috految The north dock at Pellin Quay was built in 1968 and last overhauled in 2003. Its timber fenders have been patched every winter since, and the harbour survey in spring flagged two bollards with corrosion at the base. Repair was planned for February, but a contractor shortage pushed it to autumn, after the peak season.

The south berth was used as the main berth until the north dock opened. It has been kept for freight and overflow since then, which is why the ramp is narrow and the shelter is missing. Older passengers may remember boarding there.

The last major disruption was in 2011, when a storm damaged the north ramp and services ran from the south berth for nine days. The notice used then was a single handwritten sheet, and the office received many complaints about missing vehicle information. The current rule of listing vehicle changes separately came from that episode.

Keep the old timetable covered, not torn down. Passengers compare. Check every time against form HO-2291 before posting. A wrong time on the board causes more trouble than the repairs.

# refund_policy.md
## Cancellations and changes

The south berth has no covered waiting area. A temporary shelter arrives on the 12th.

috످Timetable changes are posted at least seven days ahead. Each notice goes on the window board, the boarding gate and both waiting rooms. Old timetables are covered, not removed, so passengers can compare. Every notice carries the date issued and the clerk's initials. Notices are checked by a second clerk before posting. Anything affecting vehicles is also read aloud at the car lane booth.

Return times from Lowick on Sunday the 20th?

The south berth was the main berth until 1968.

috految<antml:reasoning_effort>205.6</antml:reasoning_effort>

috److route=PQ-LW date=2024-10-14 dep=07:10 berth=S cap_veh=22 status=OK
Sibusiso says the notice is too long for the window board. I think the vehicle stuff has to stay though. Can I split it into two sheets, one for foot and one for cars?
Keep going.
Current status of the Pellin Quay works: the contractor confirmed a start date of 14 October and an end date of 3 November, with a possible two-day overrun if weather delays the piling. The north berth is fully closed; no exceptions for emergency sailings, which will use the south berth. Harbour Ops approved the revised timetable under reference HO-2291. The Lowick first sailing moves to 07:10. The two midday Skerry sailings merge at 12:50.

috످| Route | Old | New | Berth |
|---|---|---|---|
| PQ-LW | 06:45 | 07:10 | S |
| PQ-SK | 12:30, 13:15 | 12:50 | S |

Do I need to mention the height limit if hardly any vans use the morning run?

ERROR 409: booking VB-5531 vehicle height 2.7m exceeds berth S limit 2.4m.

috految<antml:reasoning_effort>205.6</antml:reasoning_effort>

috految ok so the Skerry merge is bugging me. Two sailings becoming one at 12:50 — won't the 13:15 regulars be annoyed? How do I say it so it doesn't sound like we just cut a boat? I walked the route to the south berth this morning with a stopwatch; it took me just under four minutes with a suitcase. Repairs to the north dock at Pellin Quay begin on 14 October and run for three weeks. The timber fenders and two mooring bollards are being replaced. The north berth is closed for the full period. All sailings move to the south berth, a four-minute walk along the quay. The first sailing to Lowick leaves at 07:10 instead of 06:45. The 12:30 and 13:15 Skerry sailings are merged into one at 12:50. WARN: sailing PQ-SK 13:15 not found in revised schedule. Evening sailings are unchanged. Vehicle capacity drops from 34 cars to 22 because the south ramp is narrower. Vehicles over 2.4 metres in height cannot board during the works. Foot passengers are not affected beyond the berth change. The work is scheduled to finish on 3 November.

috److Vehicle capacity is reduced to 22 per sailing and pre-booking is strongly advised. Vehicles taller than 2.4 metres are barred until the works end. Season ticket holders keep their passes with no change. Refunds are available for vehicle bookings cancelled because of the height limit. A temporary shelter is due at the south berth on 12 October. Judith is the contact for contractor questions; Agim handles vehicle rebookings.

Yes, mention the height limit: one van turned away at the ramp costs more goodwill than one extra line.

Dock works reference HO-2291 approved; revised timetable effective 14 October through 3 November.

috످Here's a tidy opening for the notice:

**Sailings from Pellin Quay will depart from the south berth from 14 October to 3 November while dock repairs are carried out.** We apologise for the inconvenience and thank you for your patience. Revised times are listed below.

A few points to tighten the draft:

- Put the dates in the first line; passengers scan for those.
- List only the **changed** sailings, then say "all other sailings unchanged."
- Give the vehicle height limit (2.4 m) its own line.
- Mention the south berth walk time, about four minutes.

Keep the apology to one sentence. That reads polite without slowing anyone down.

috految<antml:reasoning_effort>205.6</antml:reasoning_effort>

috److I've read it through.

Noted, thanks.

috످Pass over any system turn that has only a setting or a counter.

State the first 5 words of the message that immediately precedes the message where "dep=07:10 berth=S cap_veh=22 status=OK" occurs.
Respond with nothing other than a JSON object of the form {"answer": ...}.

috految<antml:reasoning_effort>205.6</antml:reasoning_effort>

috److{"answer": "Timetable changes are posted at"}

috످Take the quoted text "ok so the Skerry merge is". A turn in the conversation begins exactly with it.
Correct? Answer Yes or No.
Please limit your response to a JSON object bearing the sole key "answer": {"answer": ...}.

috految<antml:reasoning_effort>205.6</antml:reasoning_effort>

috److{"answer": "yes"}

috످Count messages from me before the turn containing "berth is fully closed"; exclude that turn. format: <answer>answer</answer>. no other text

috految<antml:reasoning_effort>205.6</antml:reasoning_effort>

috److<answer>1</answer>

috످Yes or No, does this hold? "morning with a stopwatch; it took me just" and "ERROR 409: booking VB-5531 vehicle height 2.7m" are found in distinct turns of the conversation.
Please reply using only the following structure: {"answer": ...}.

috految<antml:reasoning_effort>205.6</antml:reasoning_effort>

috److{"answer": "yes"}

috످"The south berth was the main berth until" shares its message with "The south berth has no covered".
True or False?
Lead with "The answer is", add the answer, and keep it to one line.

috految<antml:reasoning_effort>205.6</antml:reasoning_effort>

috److془The first passage is about the south berth's historical role before 1968, and it's at the end of the user's first message. The second is about lack of shelter at the south berth, in the system prompt. So False.

Check: system: "The south berth was used as the main berth until the north dock opened." differs. So False.

Format: "The answer is False."془The answer is False.

috످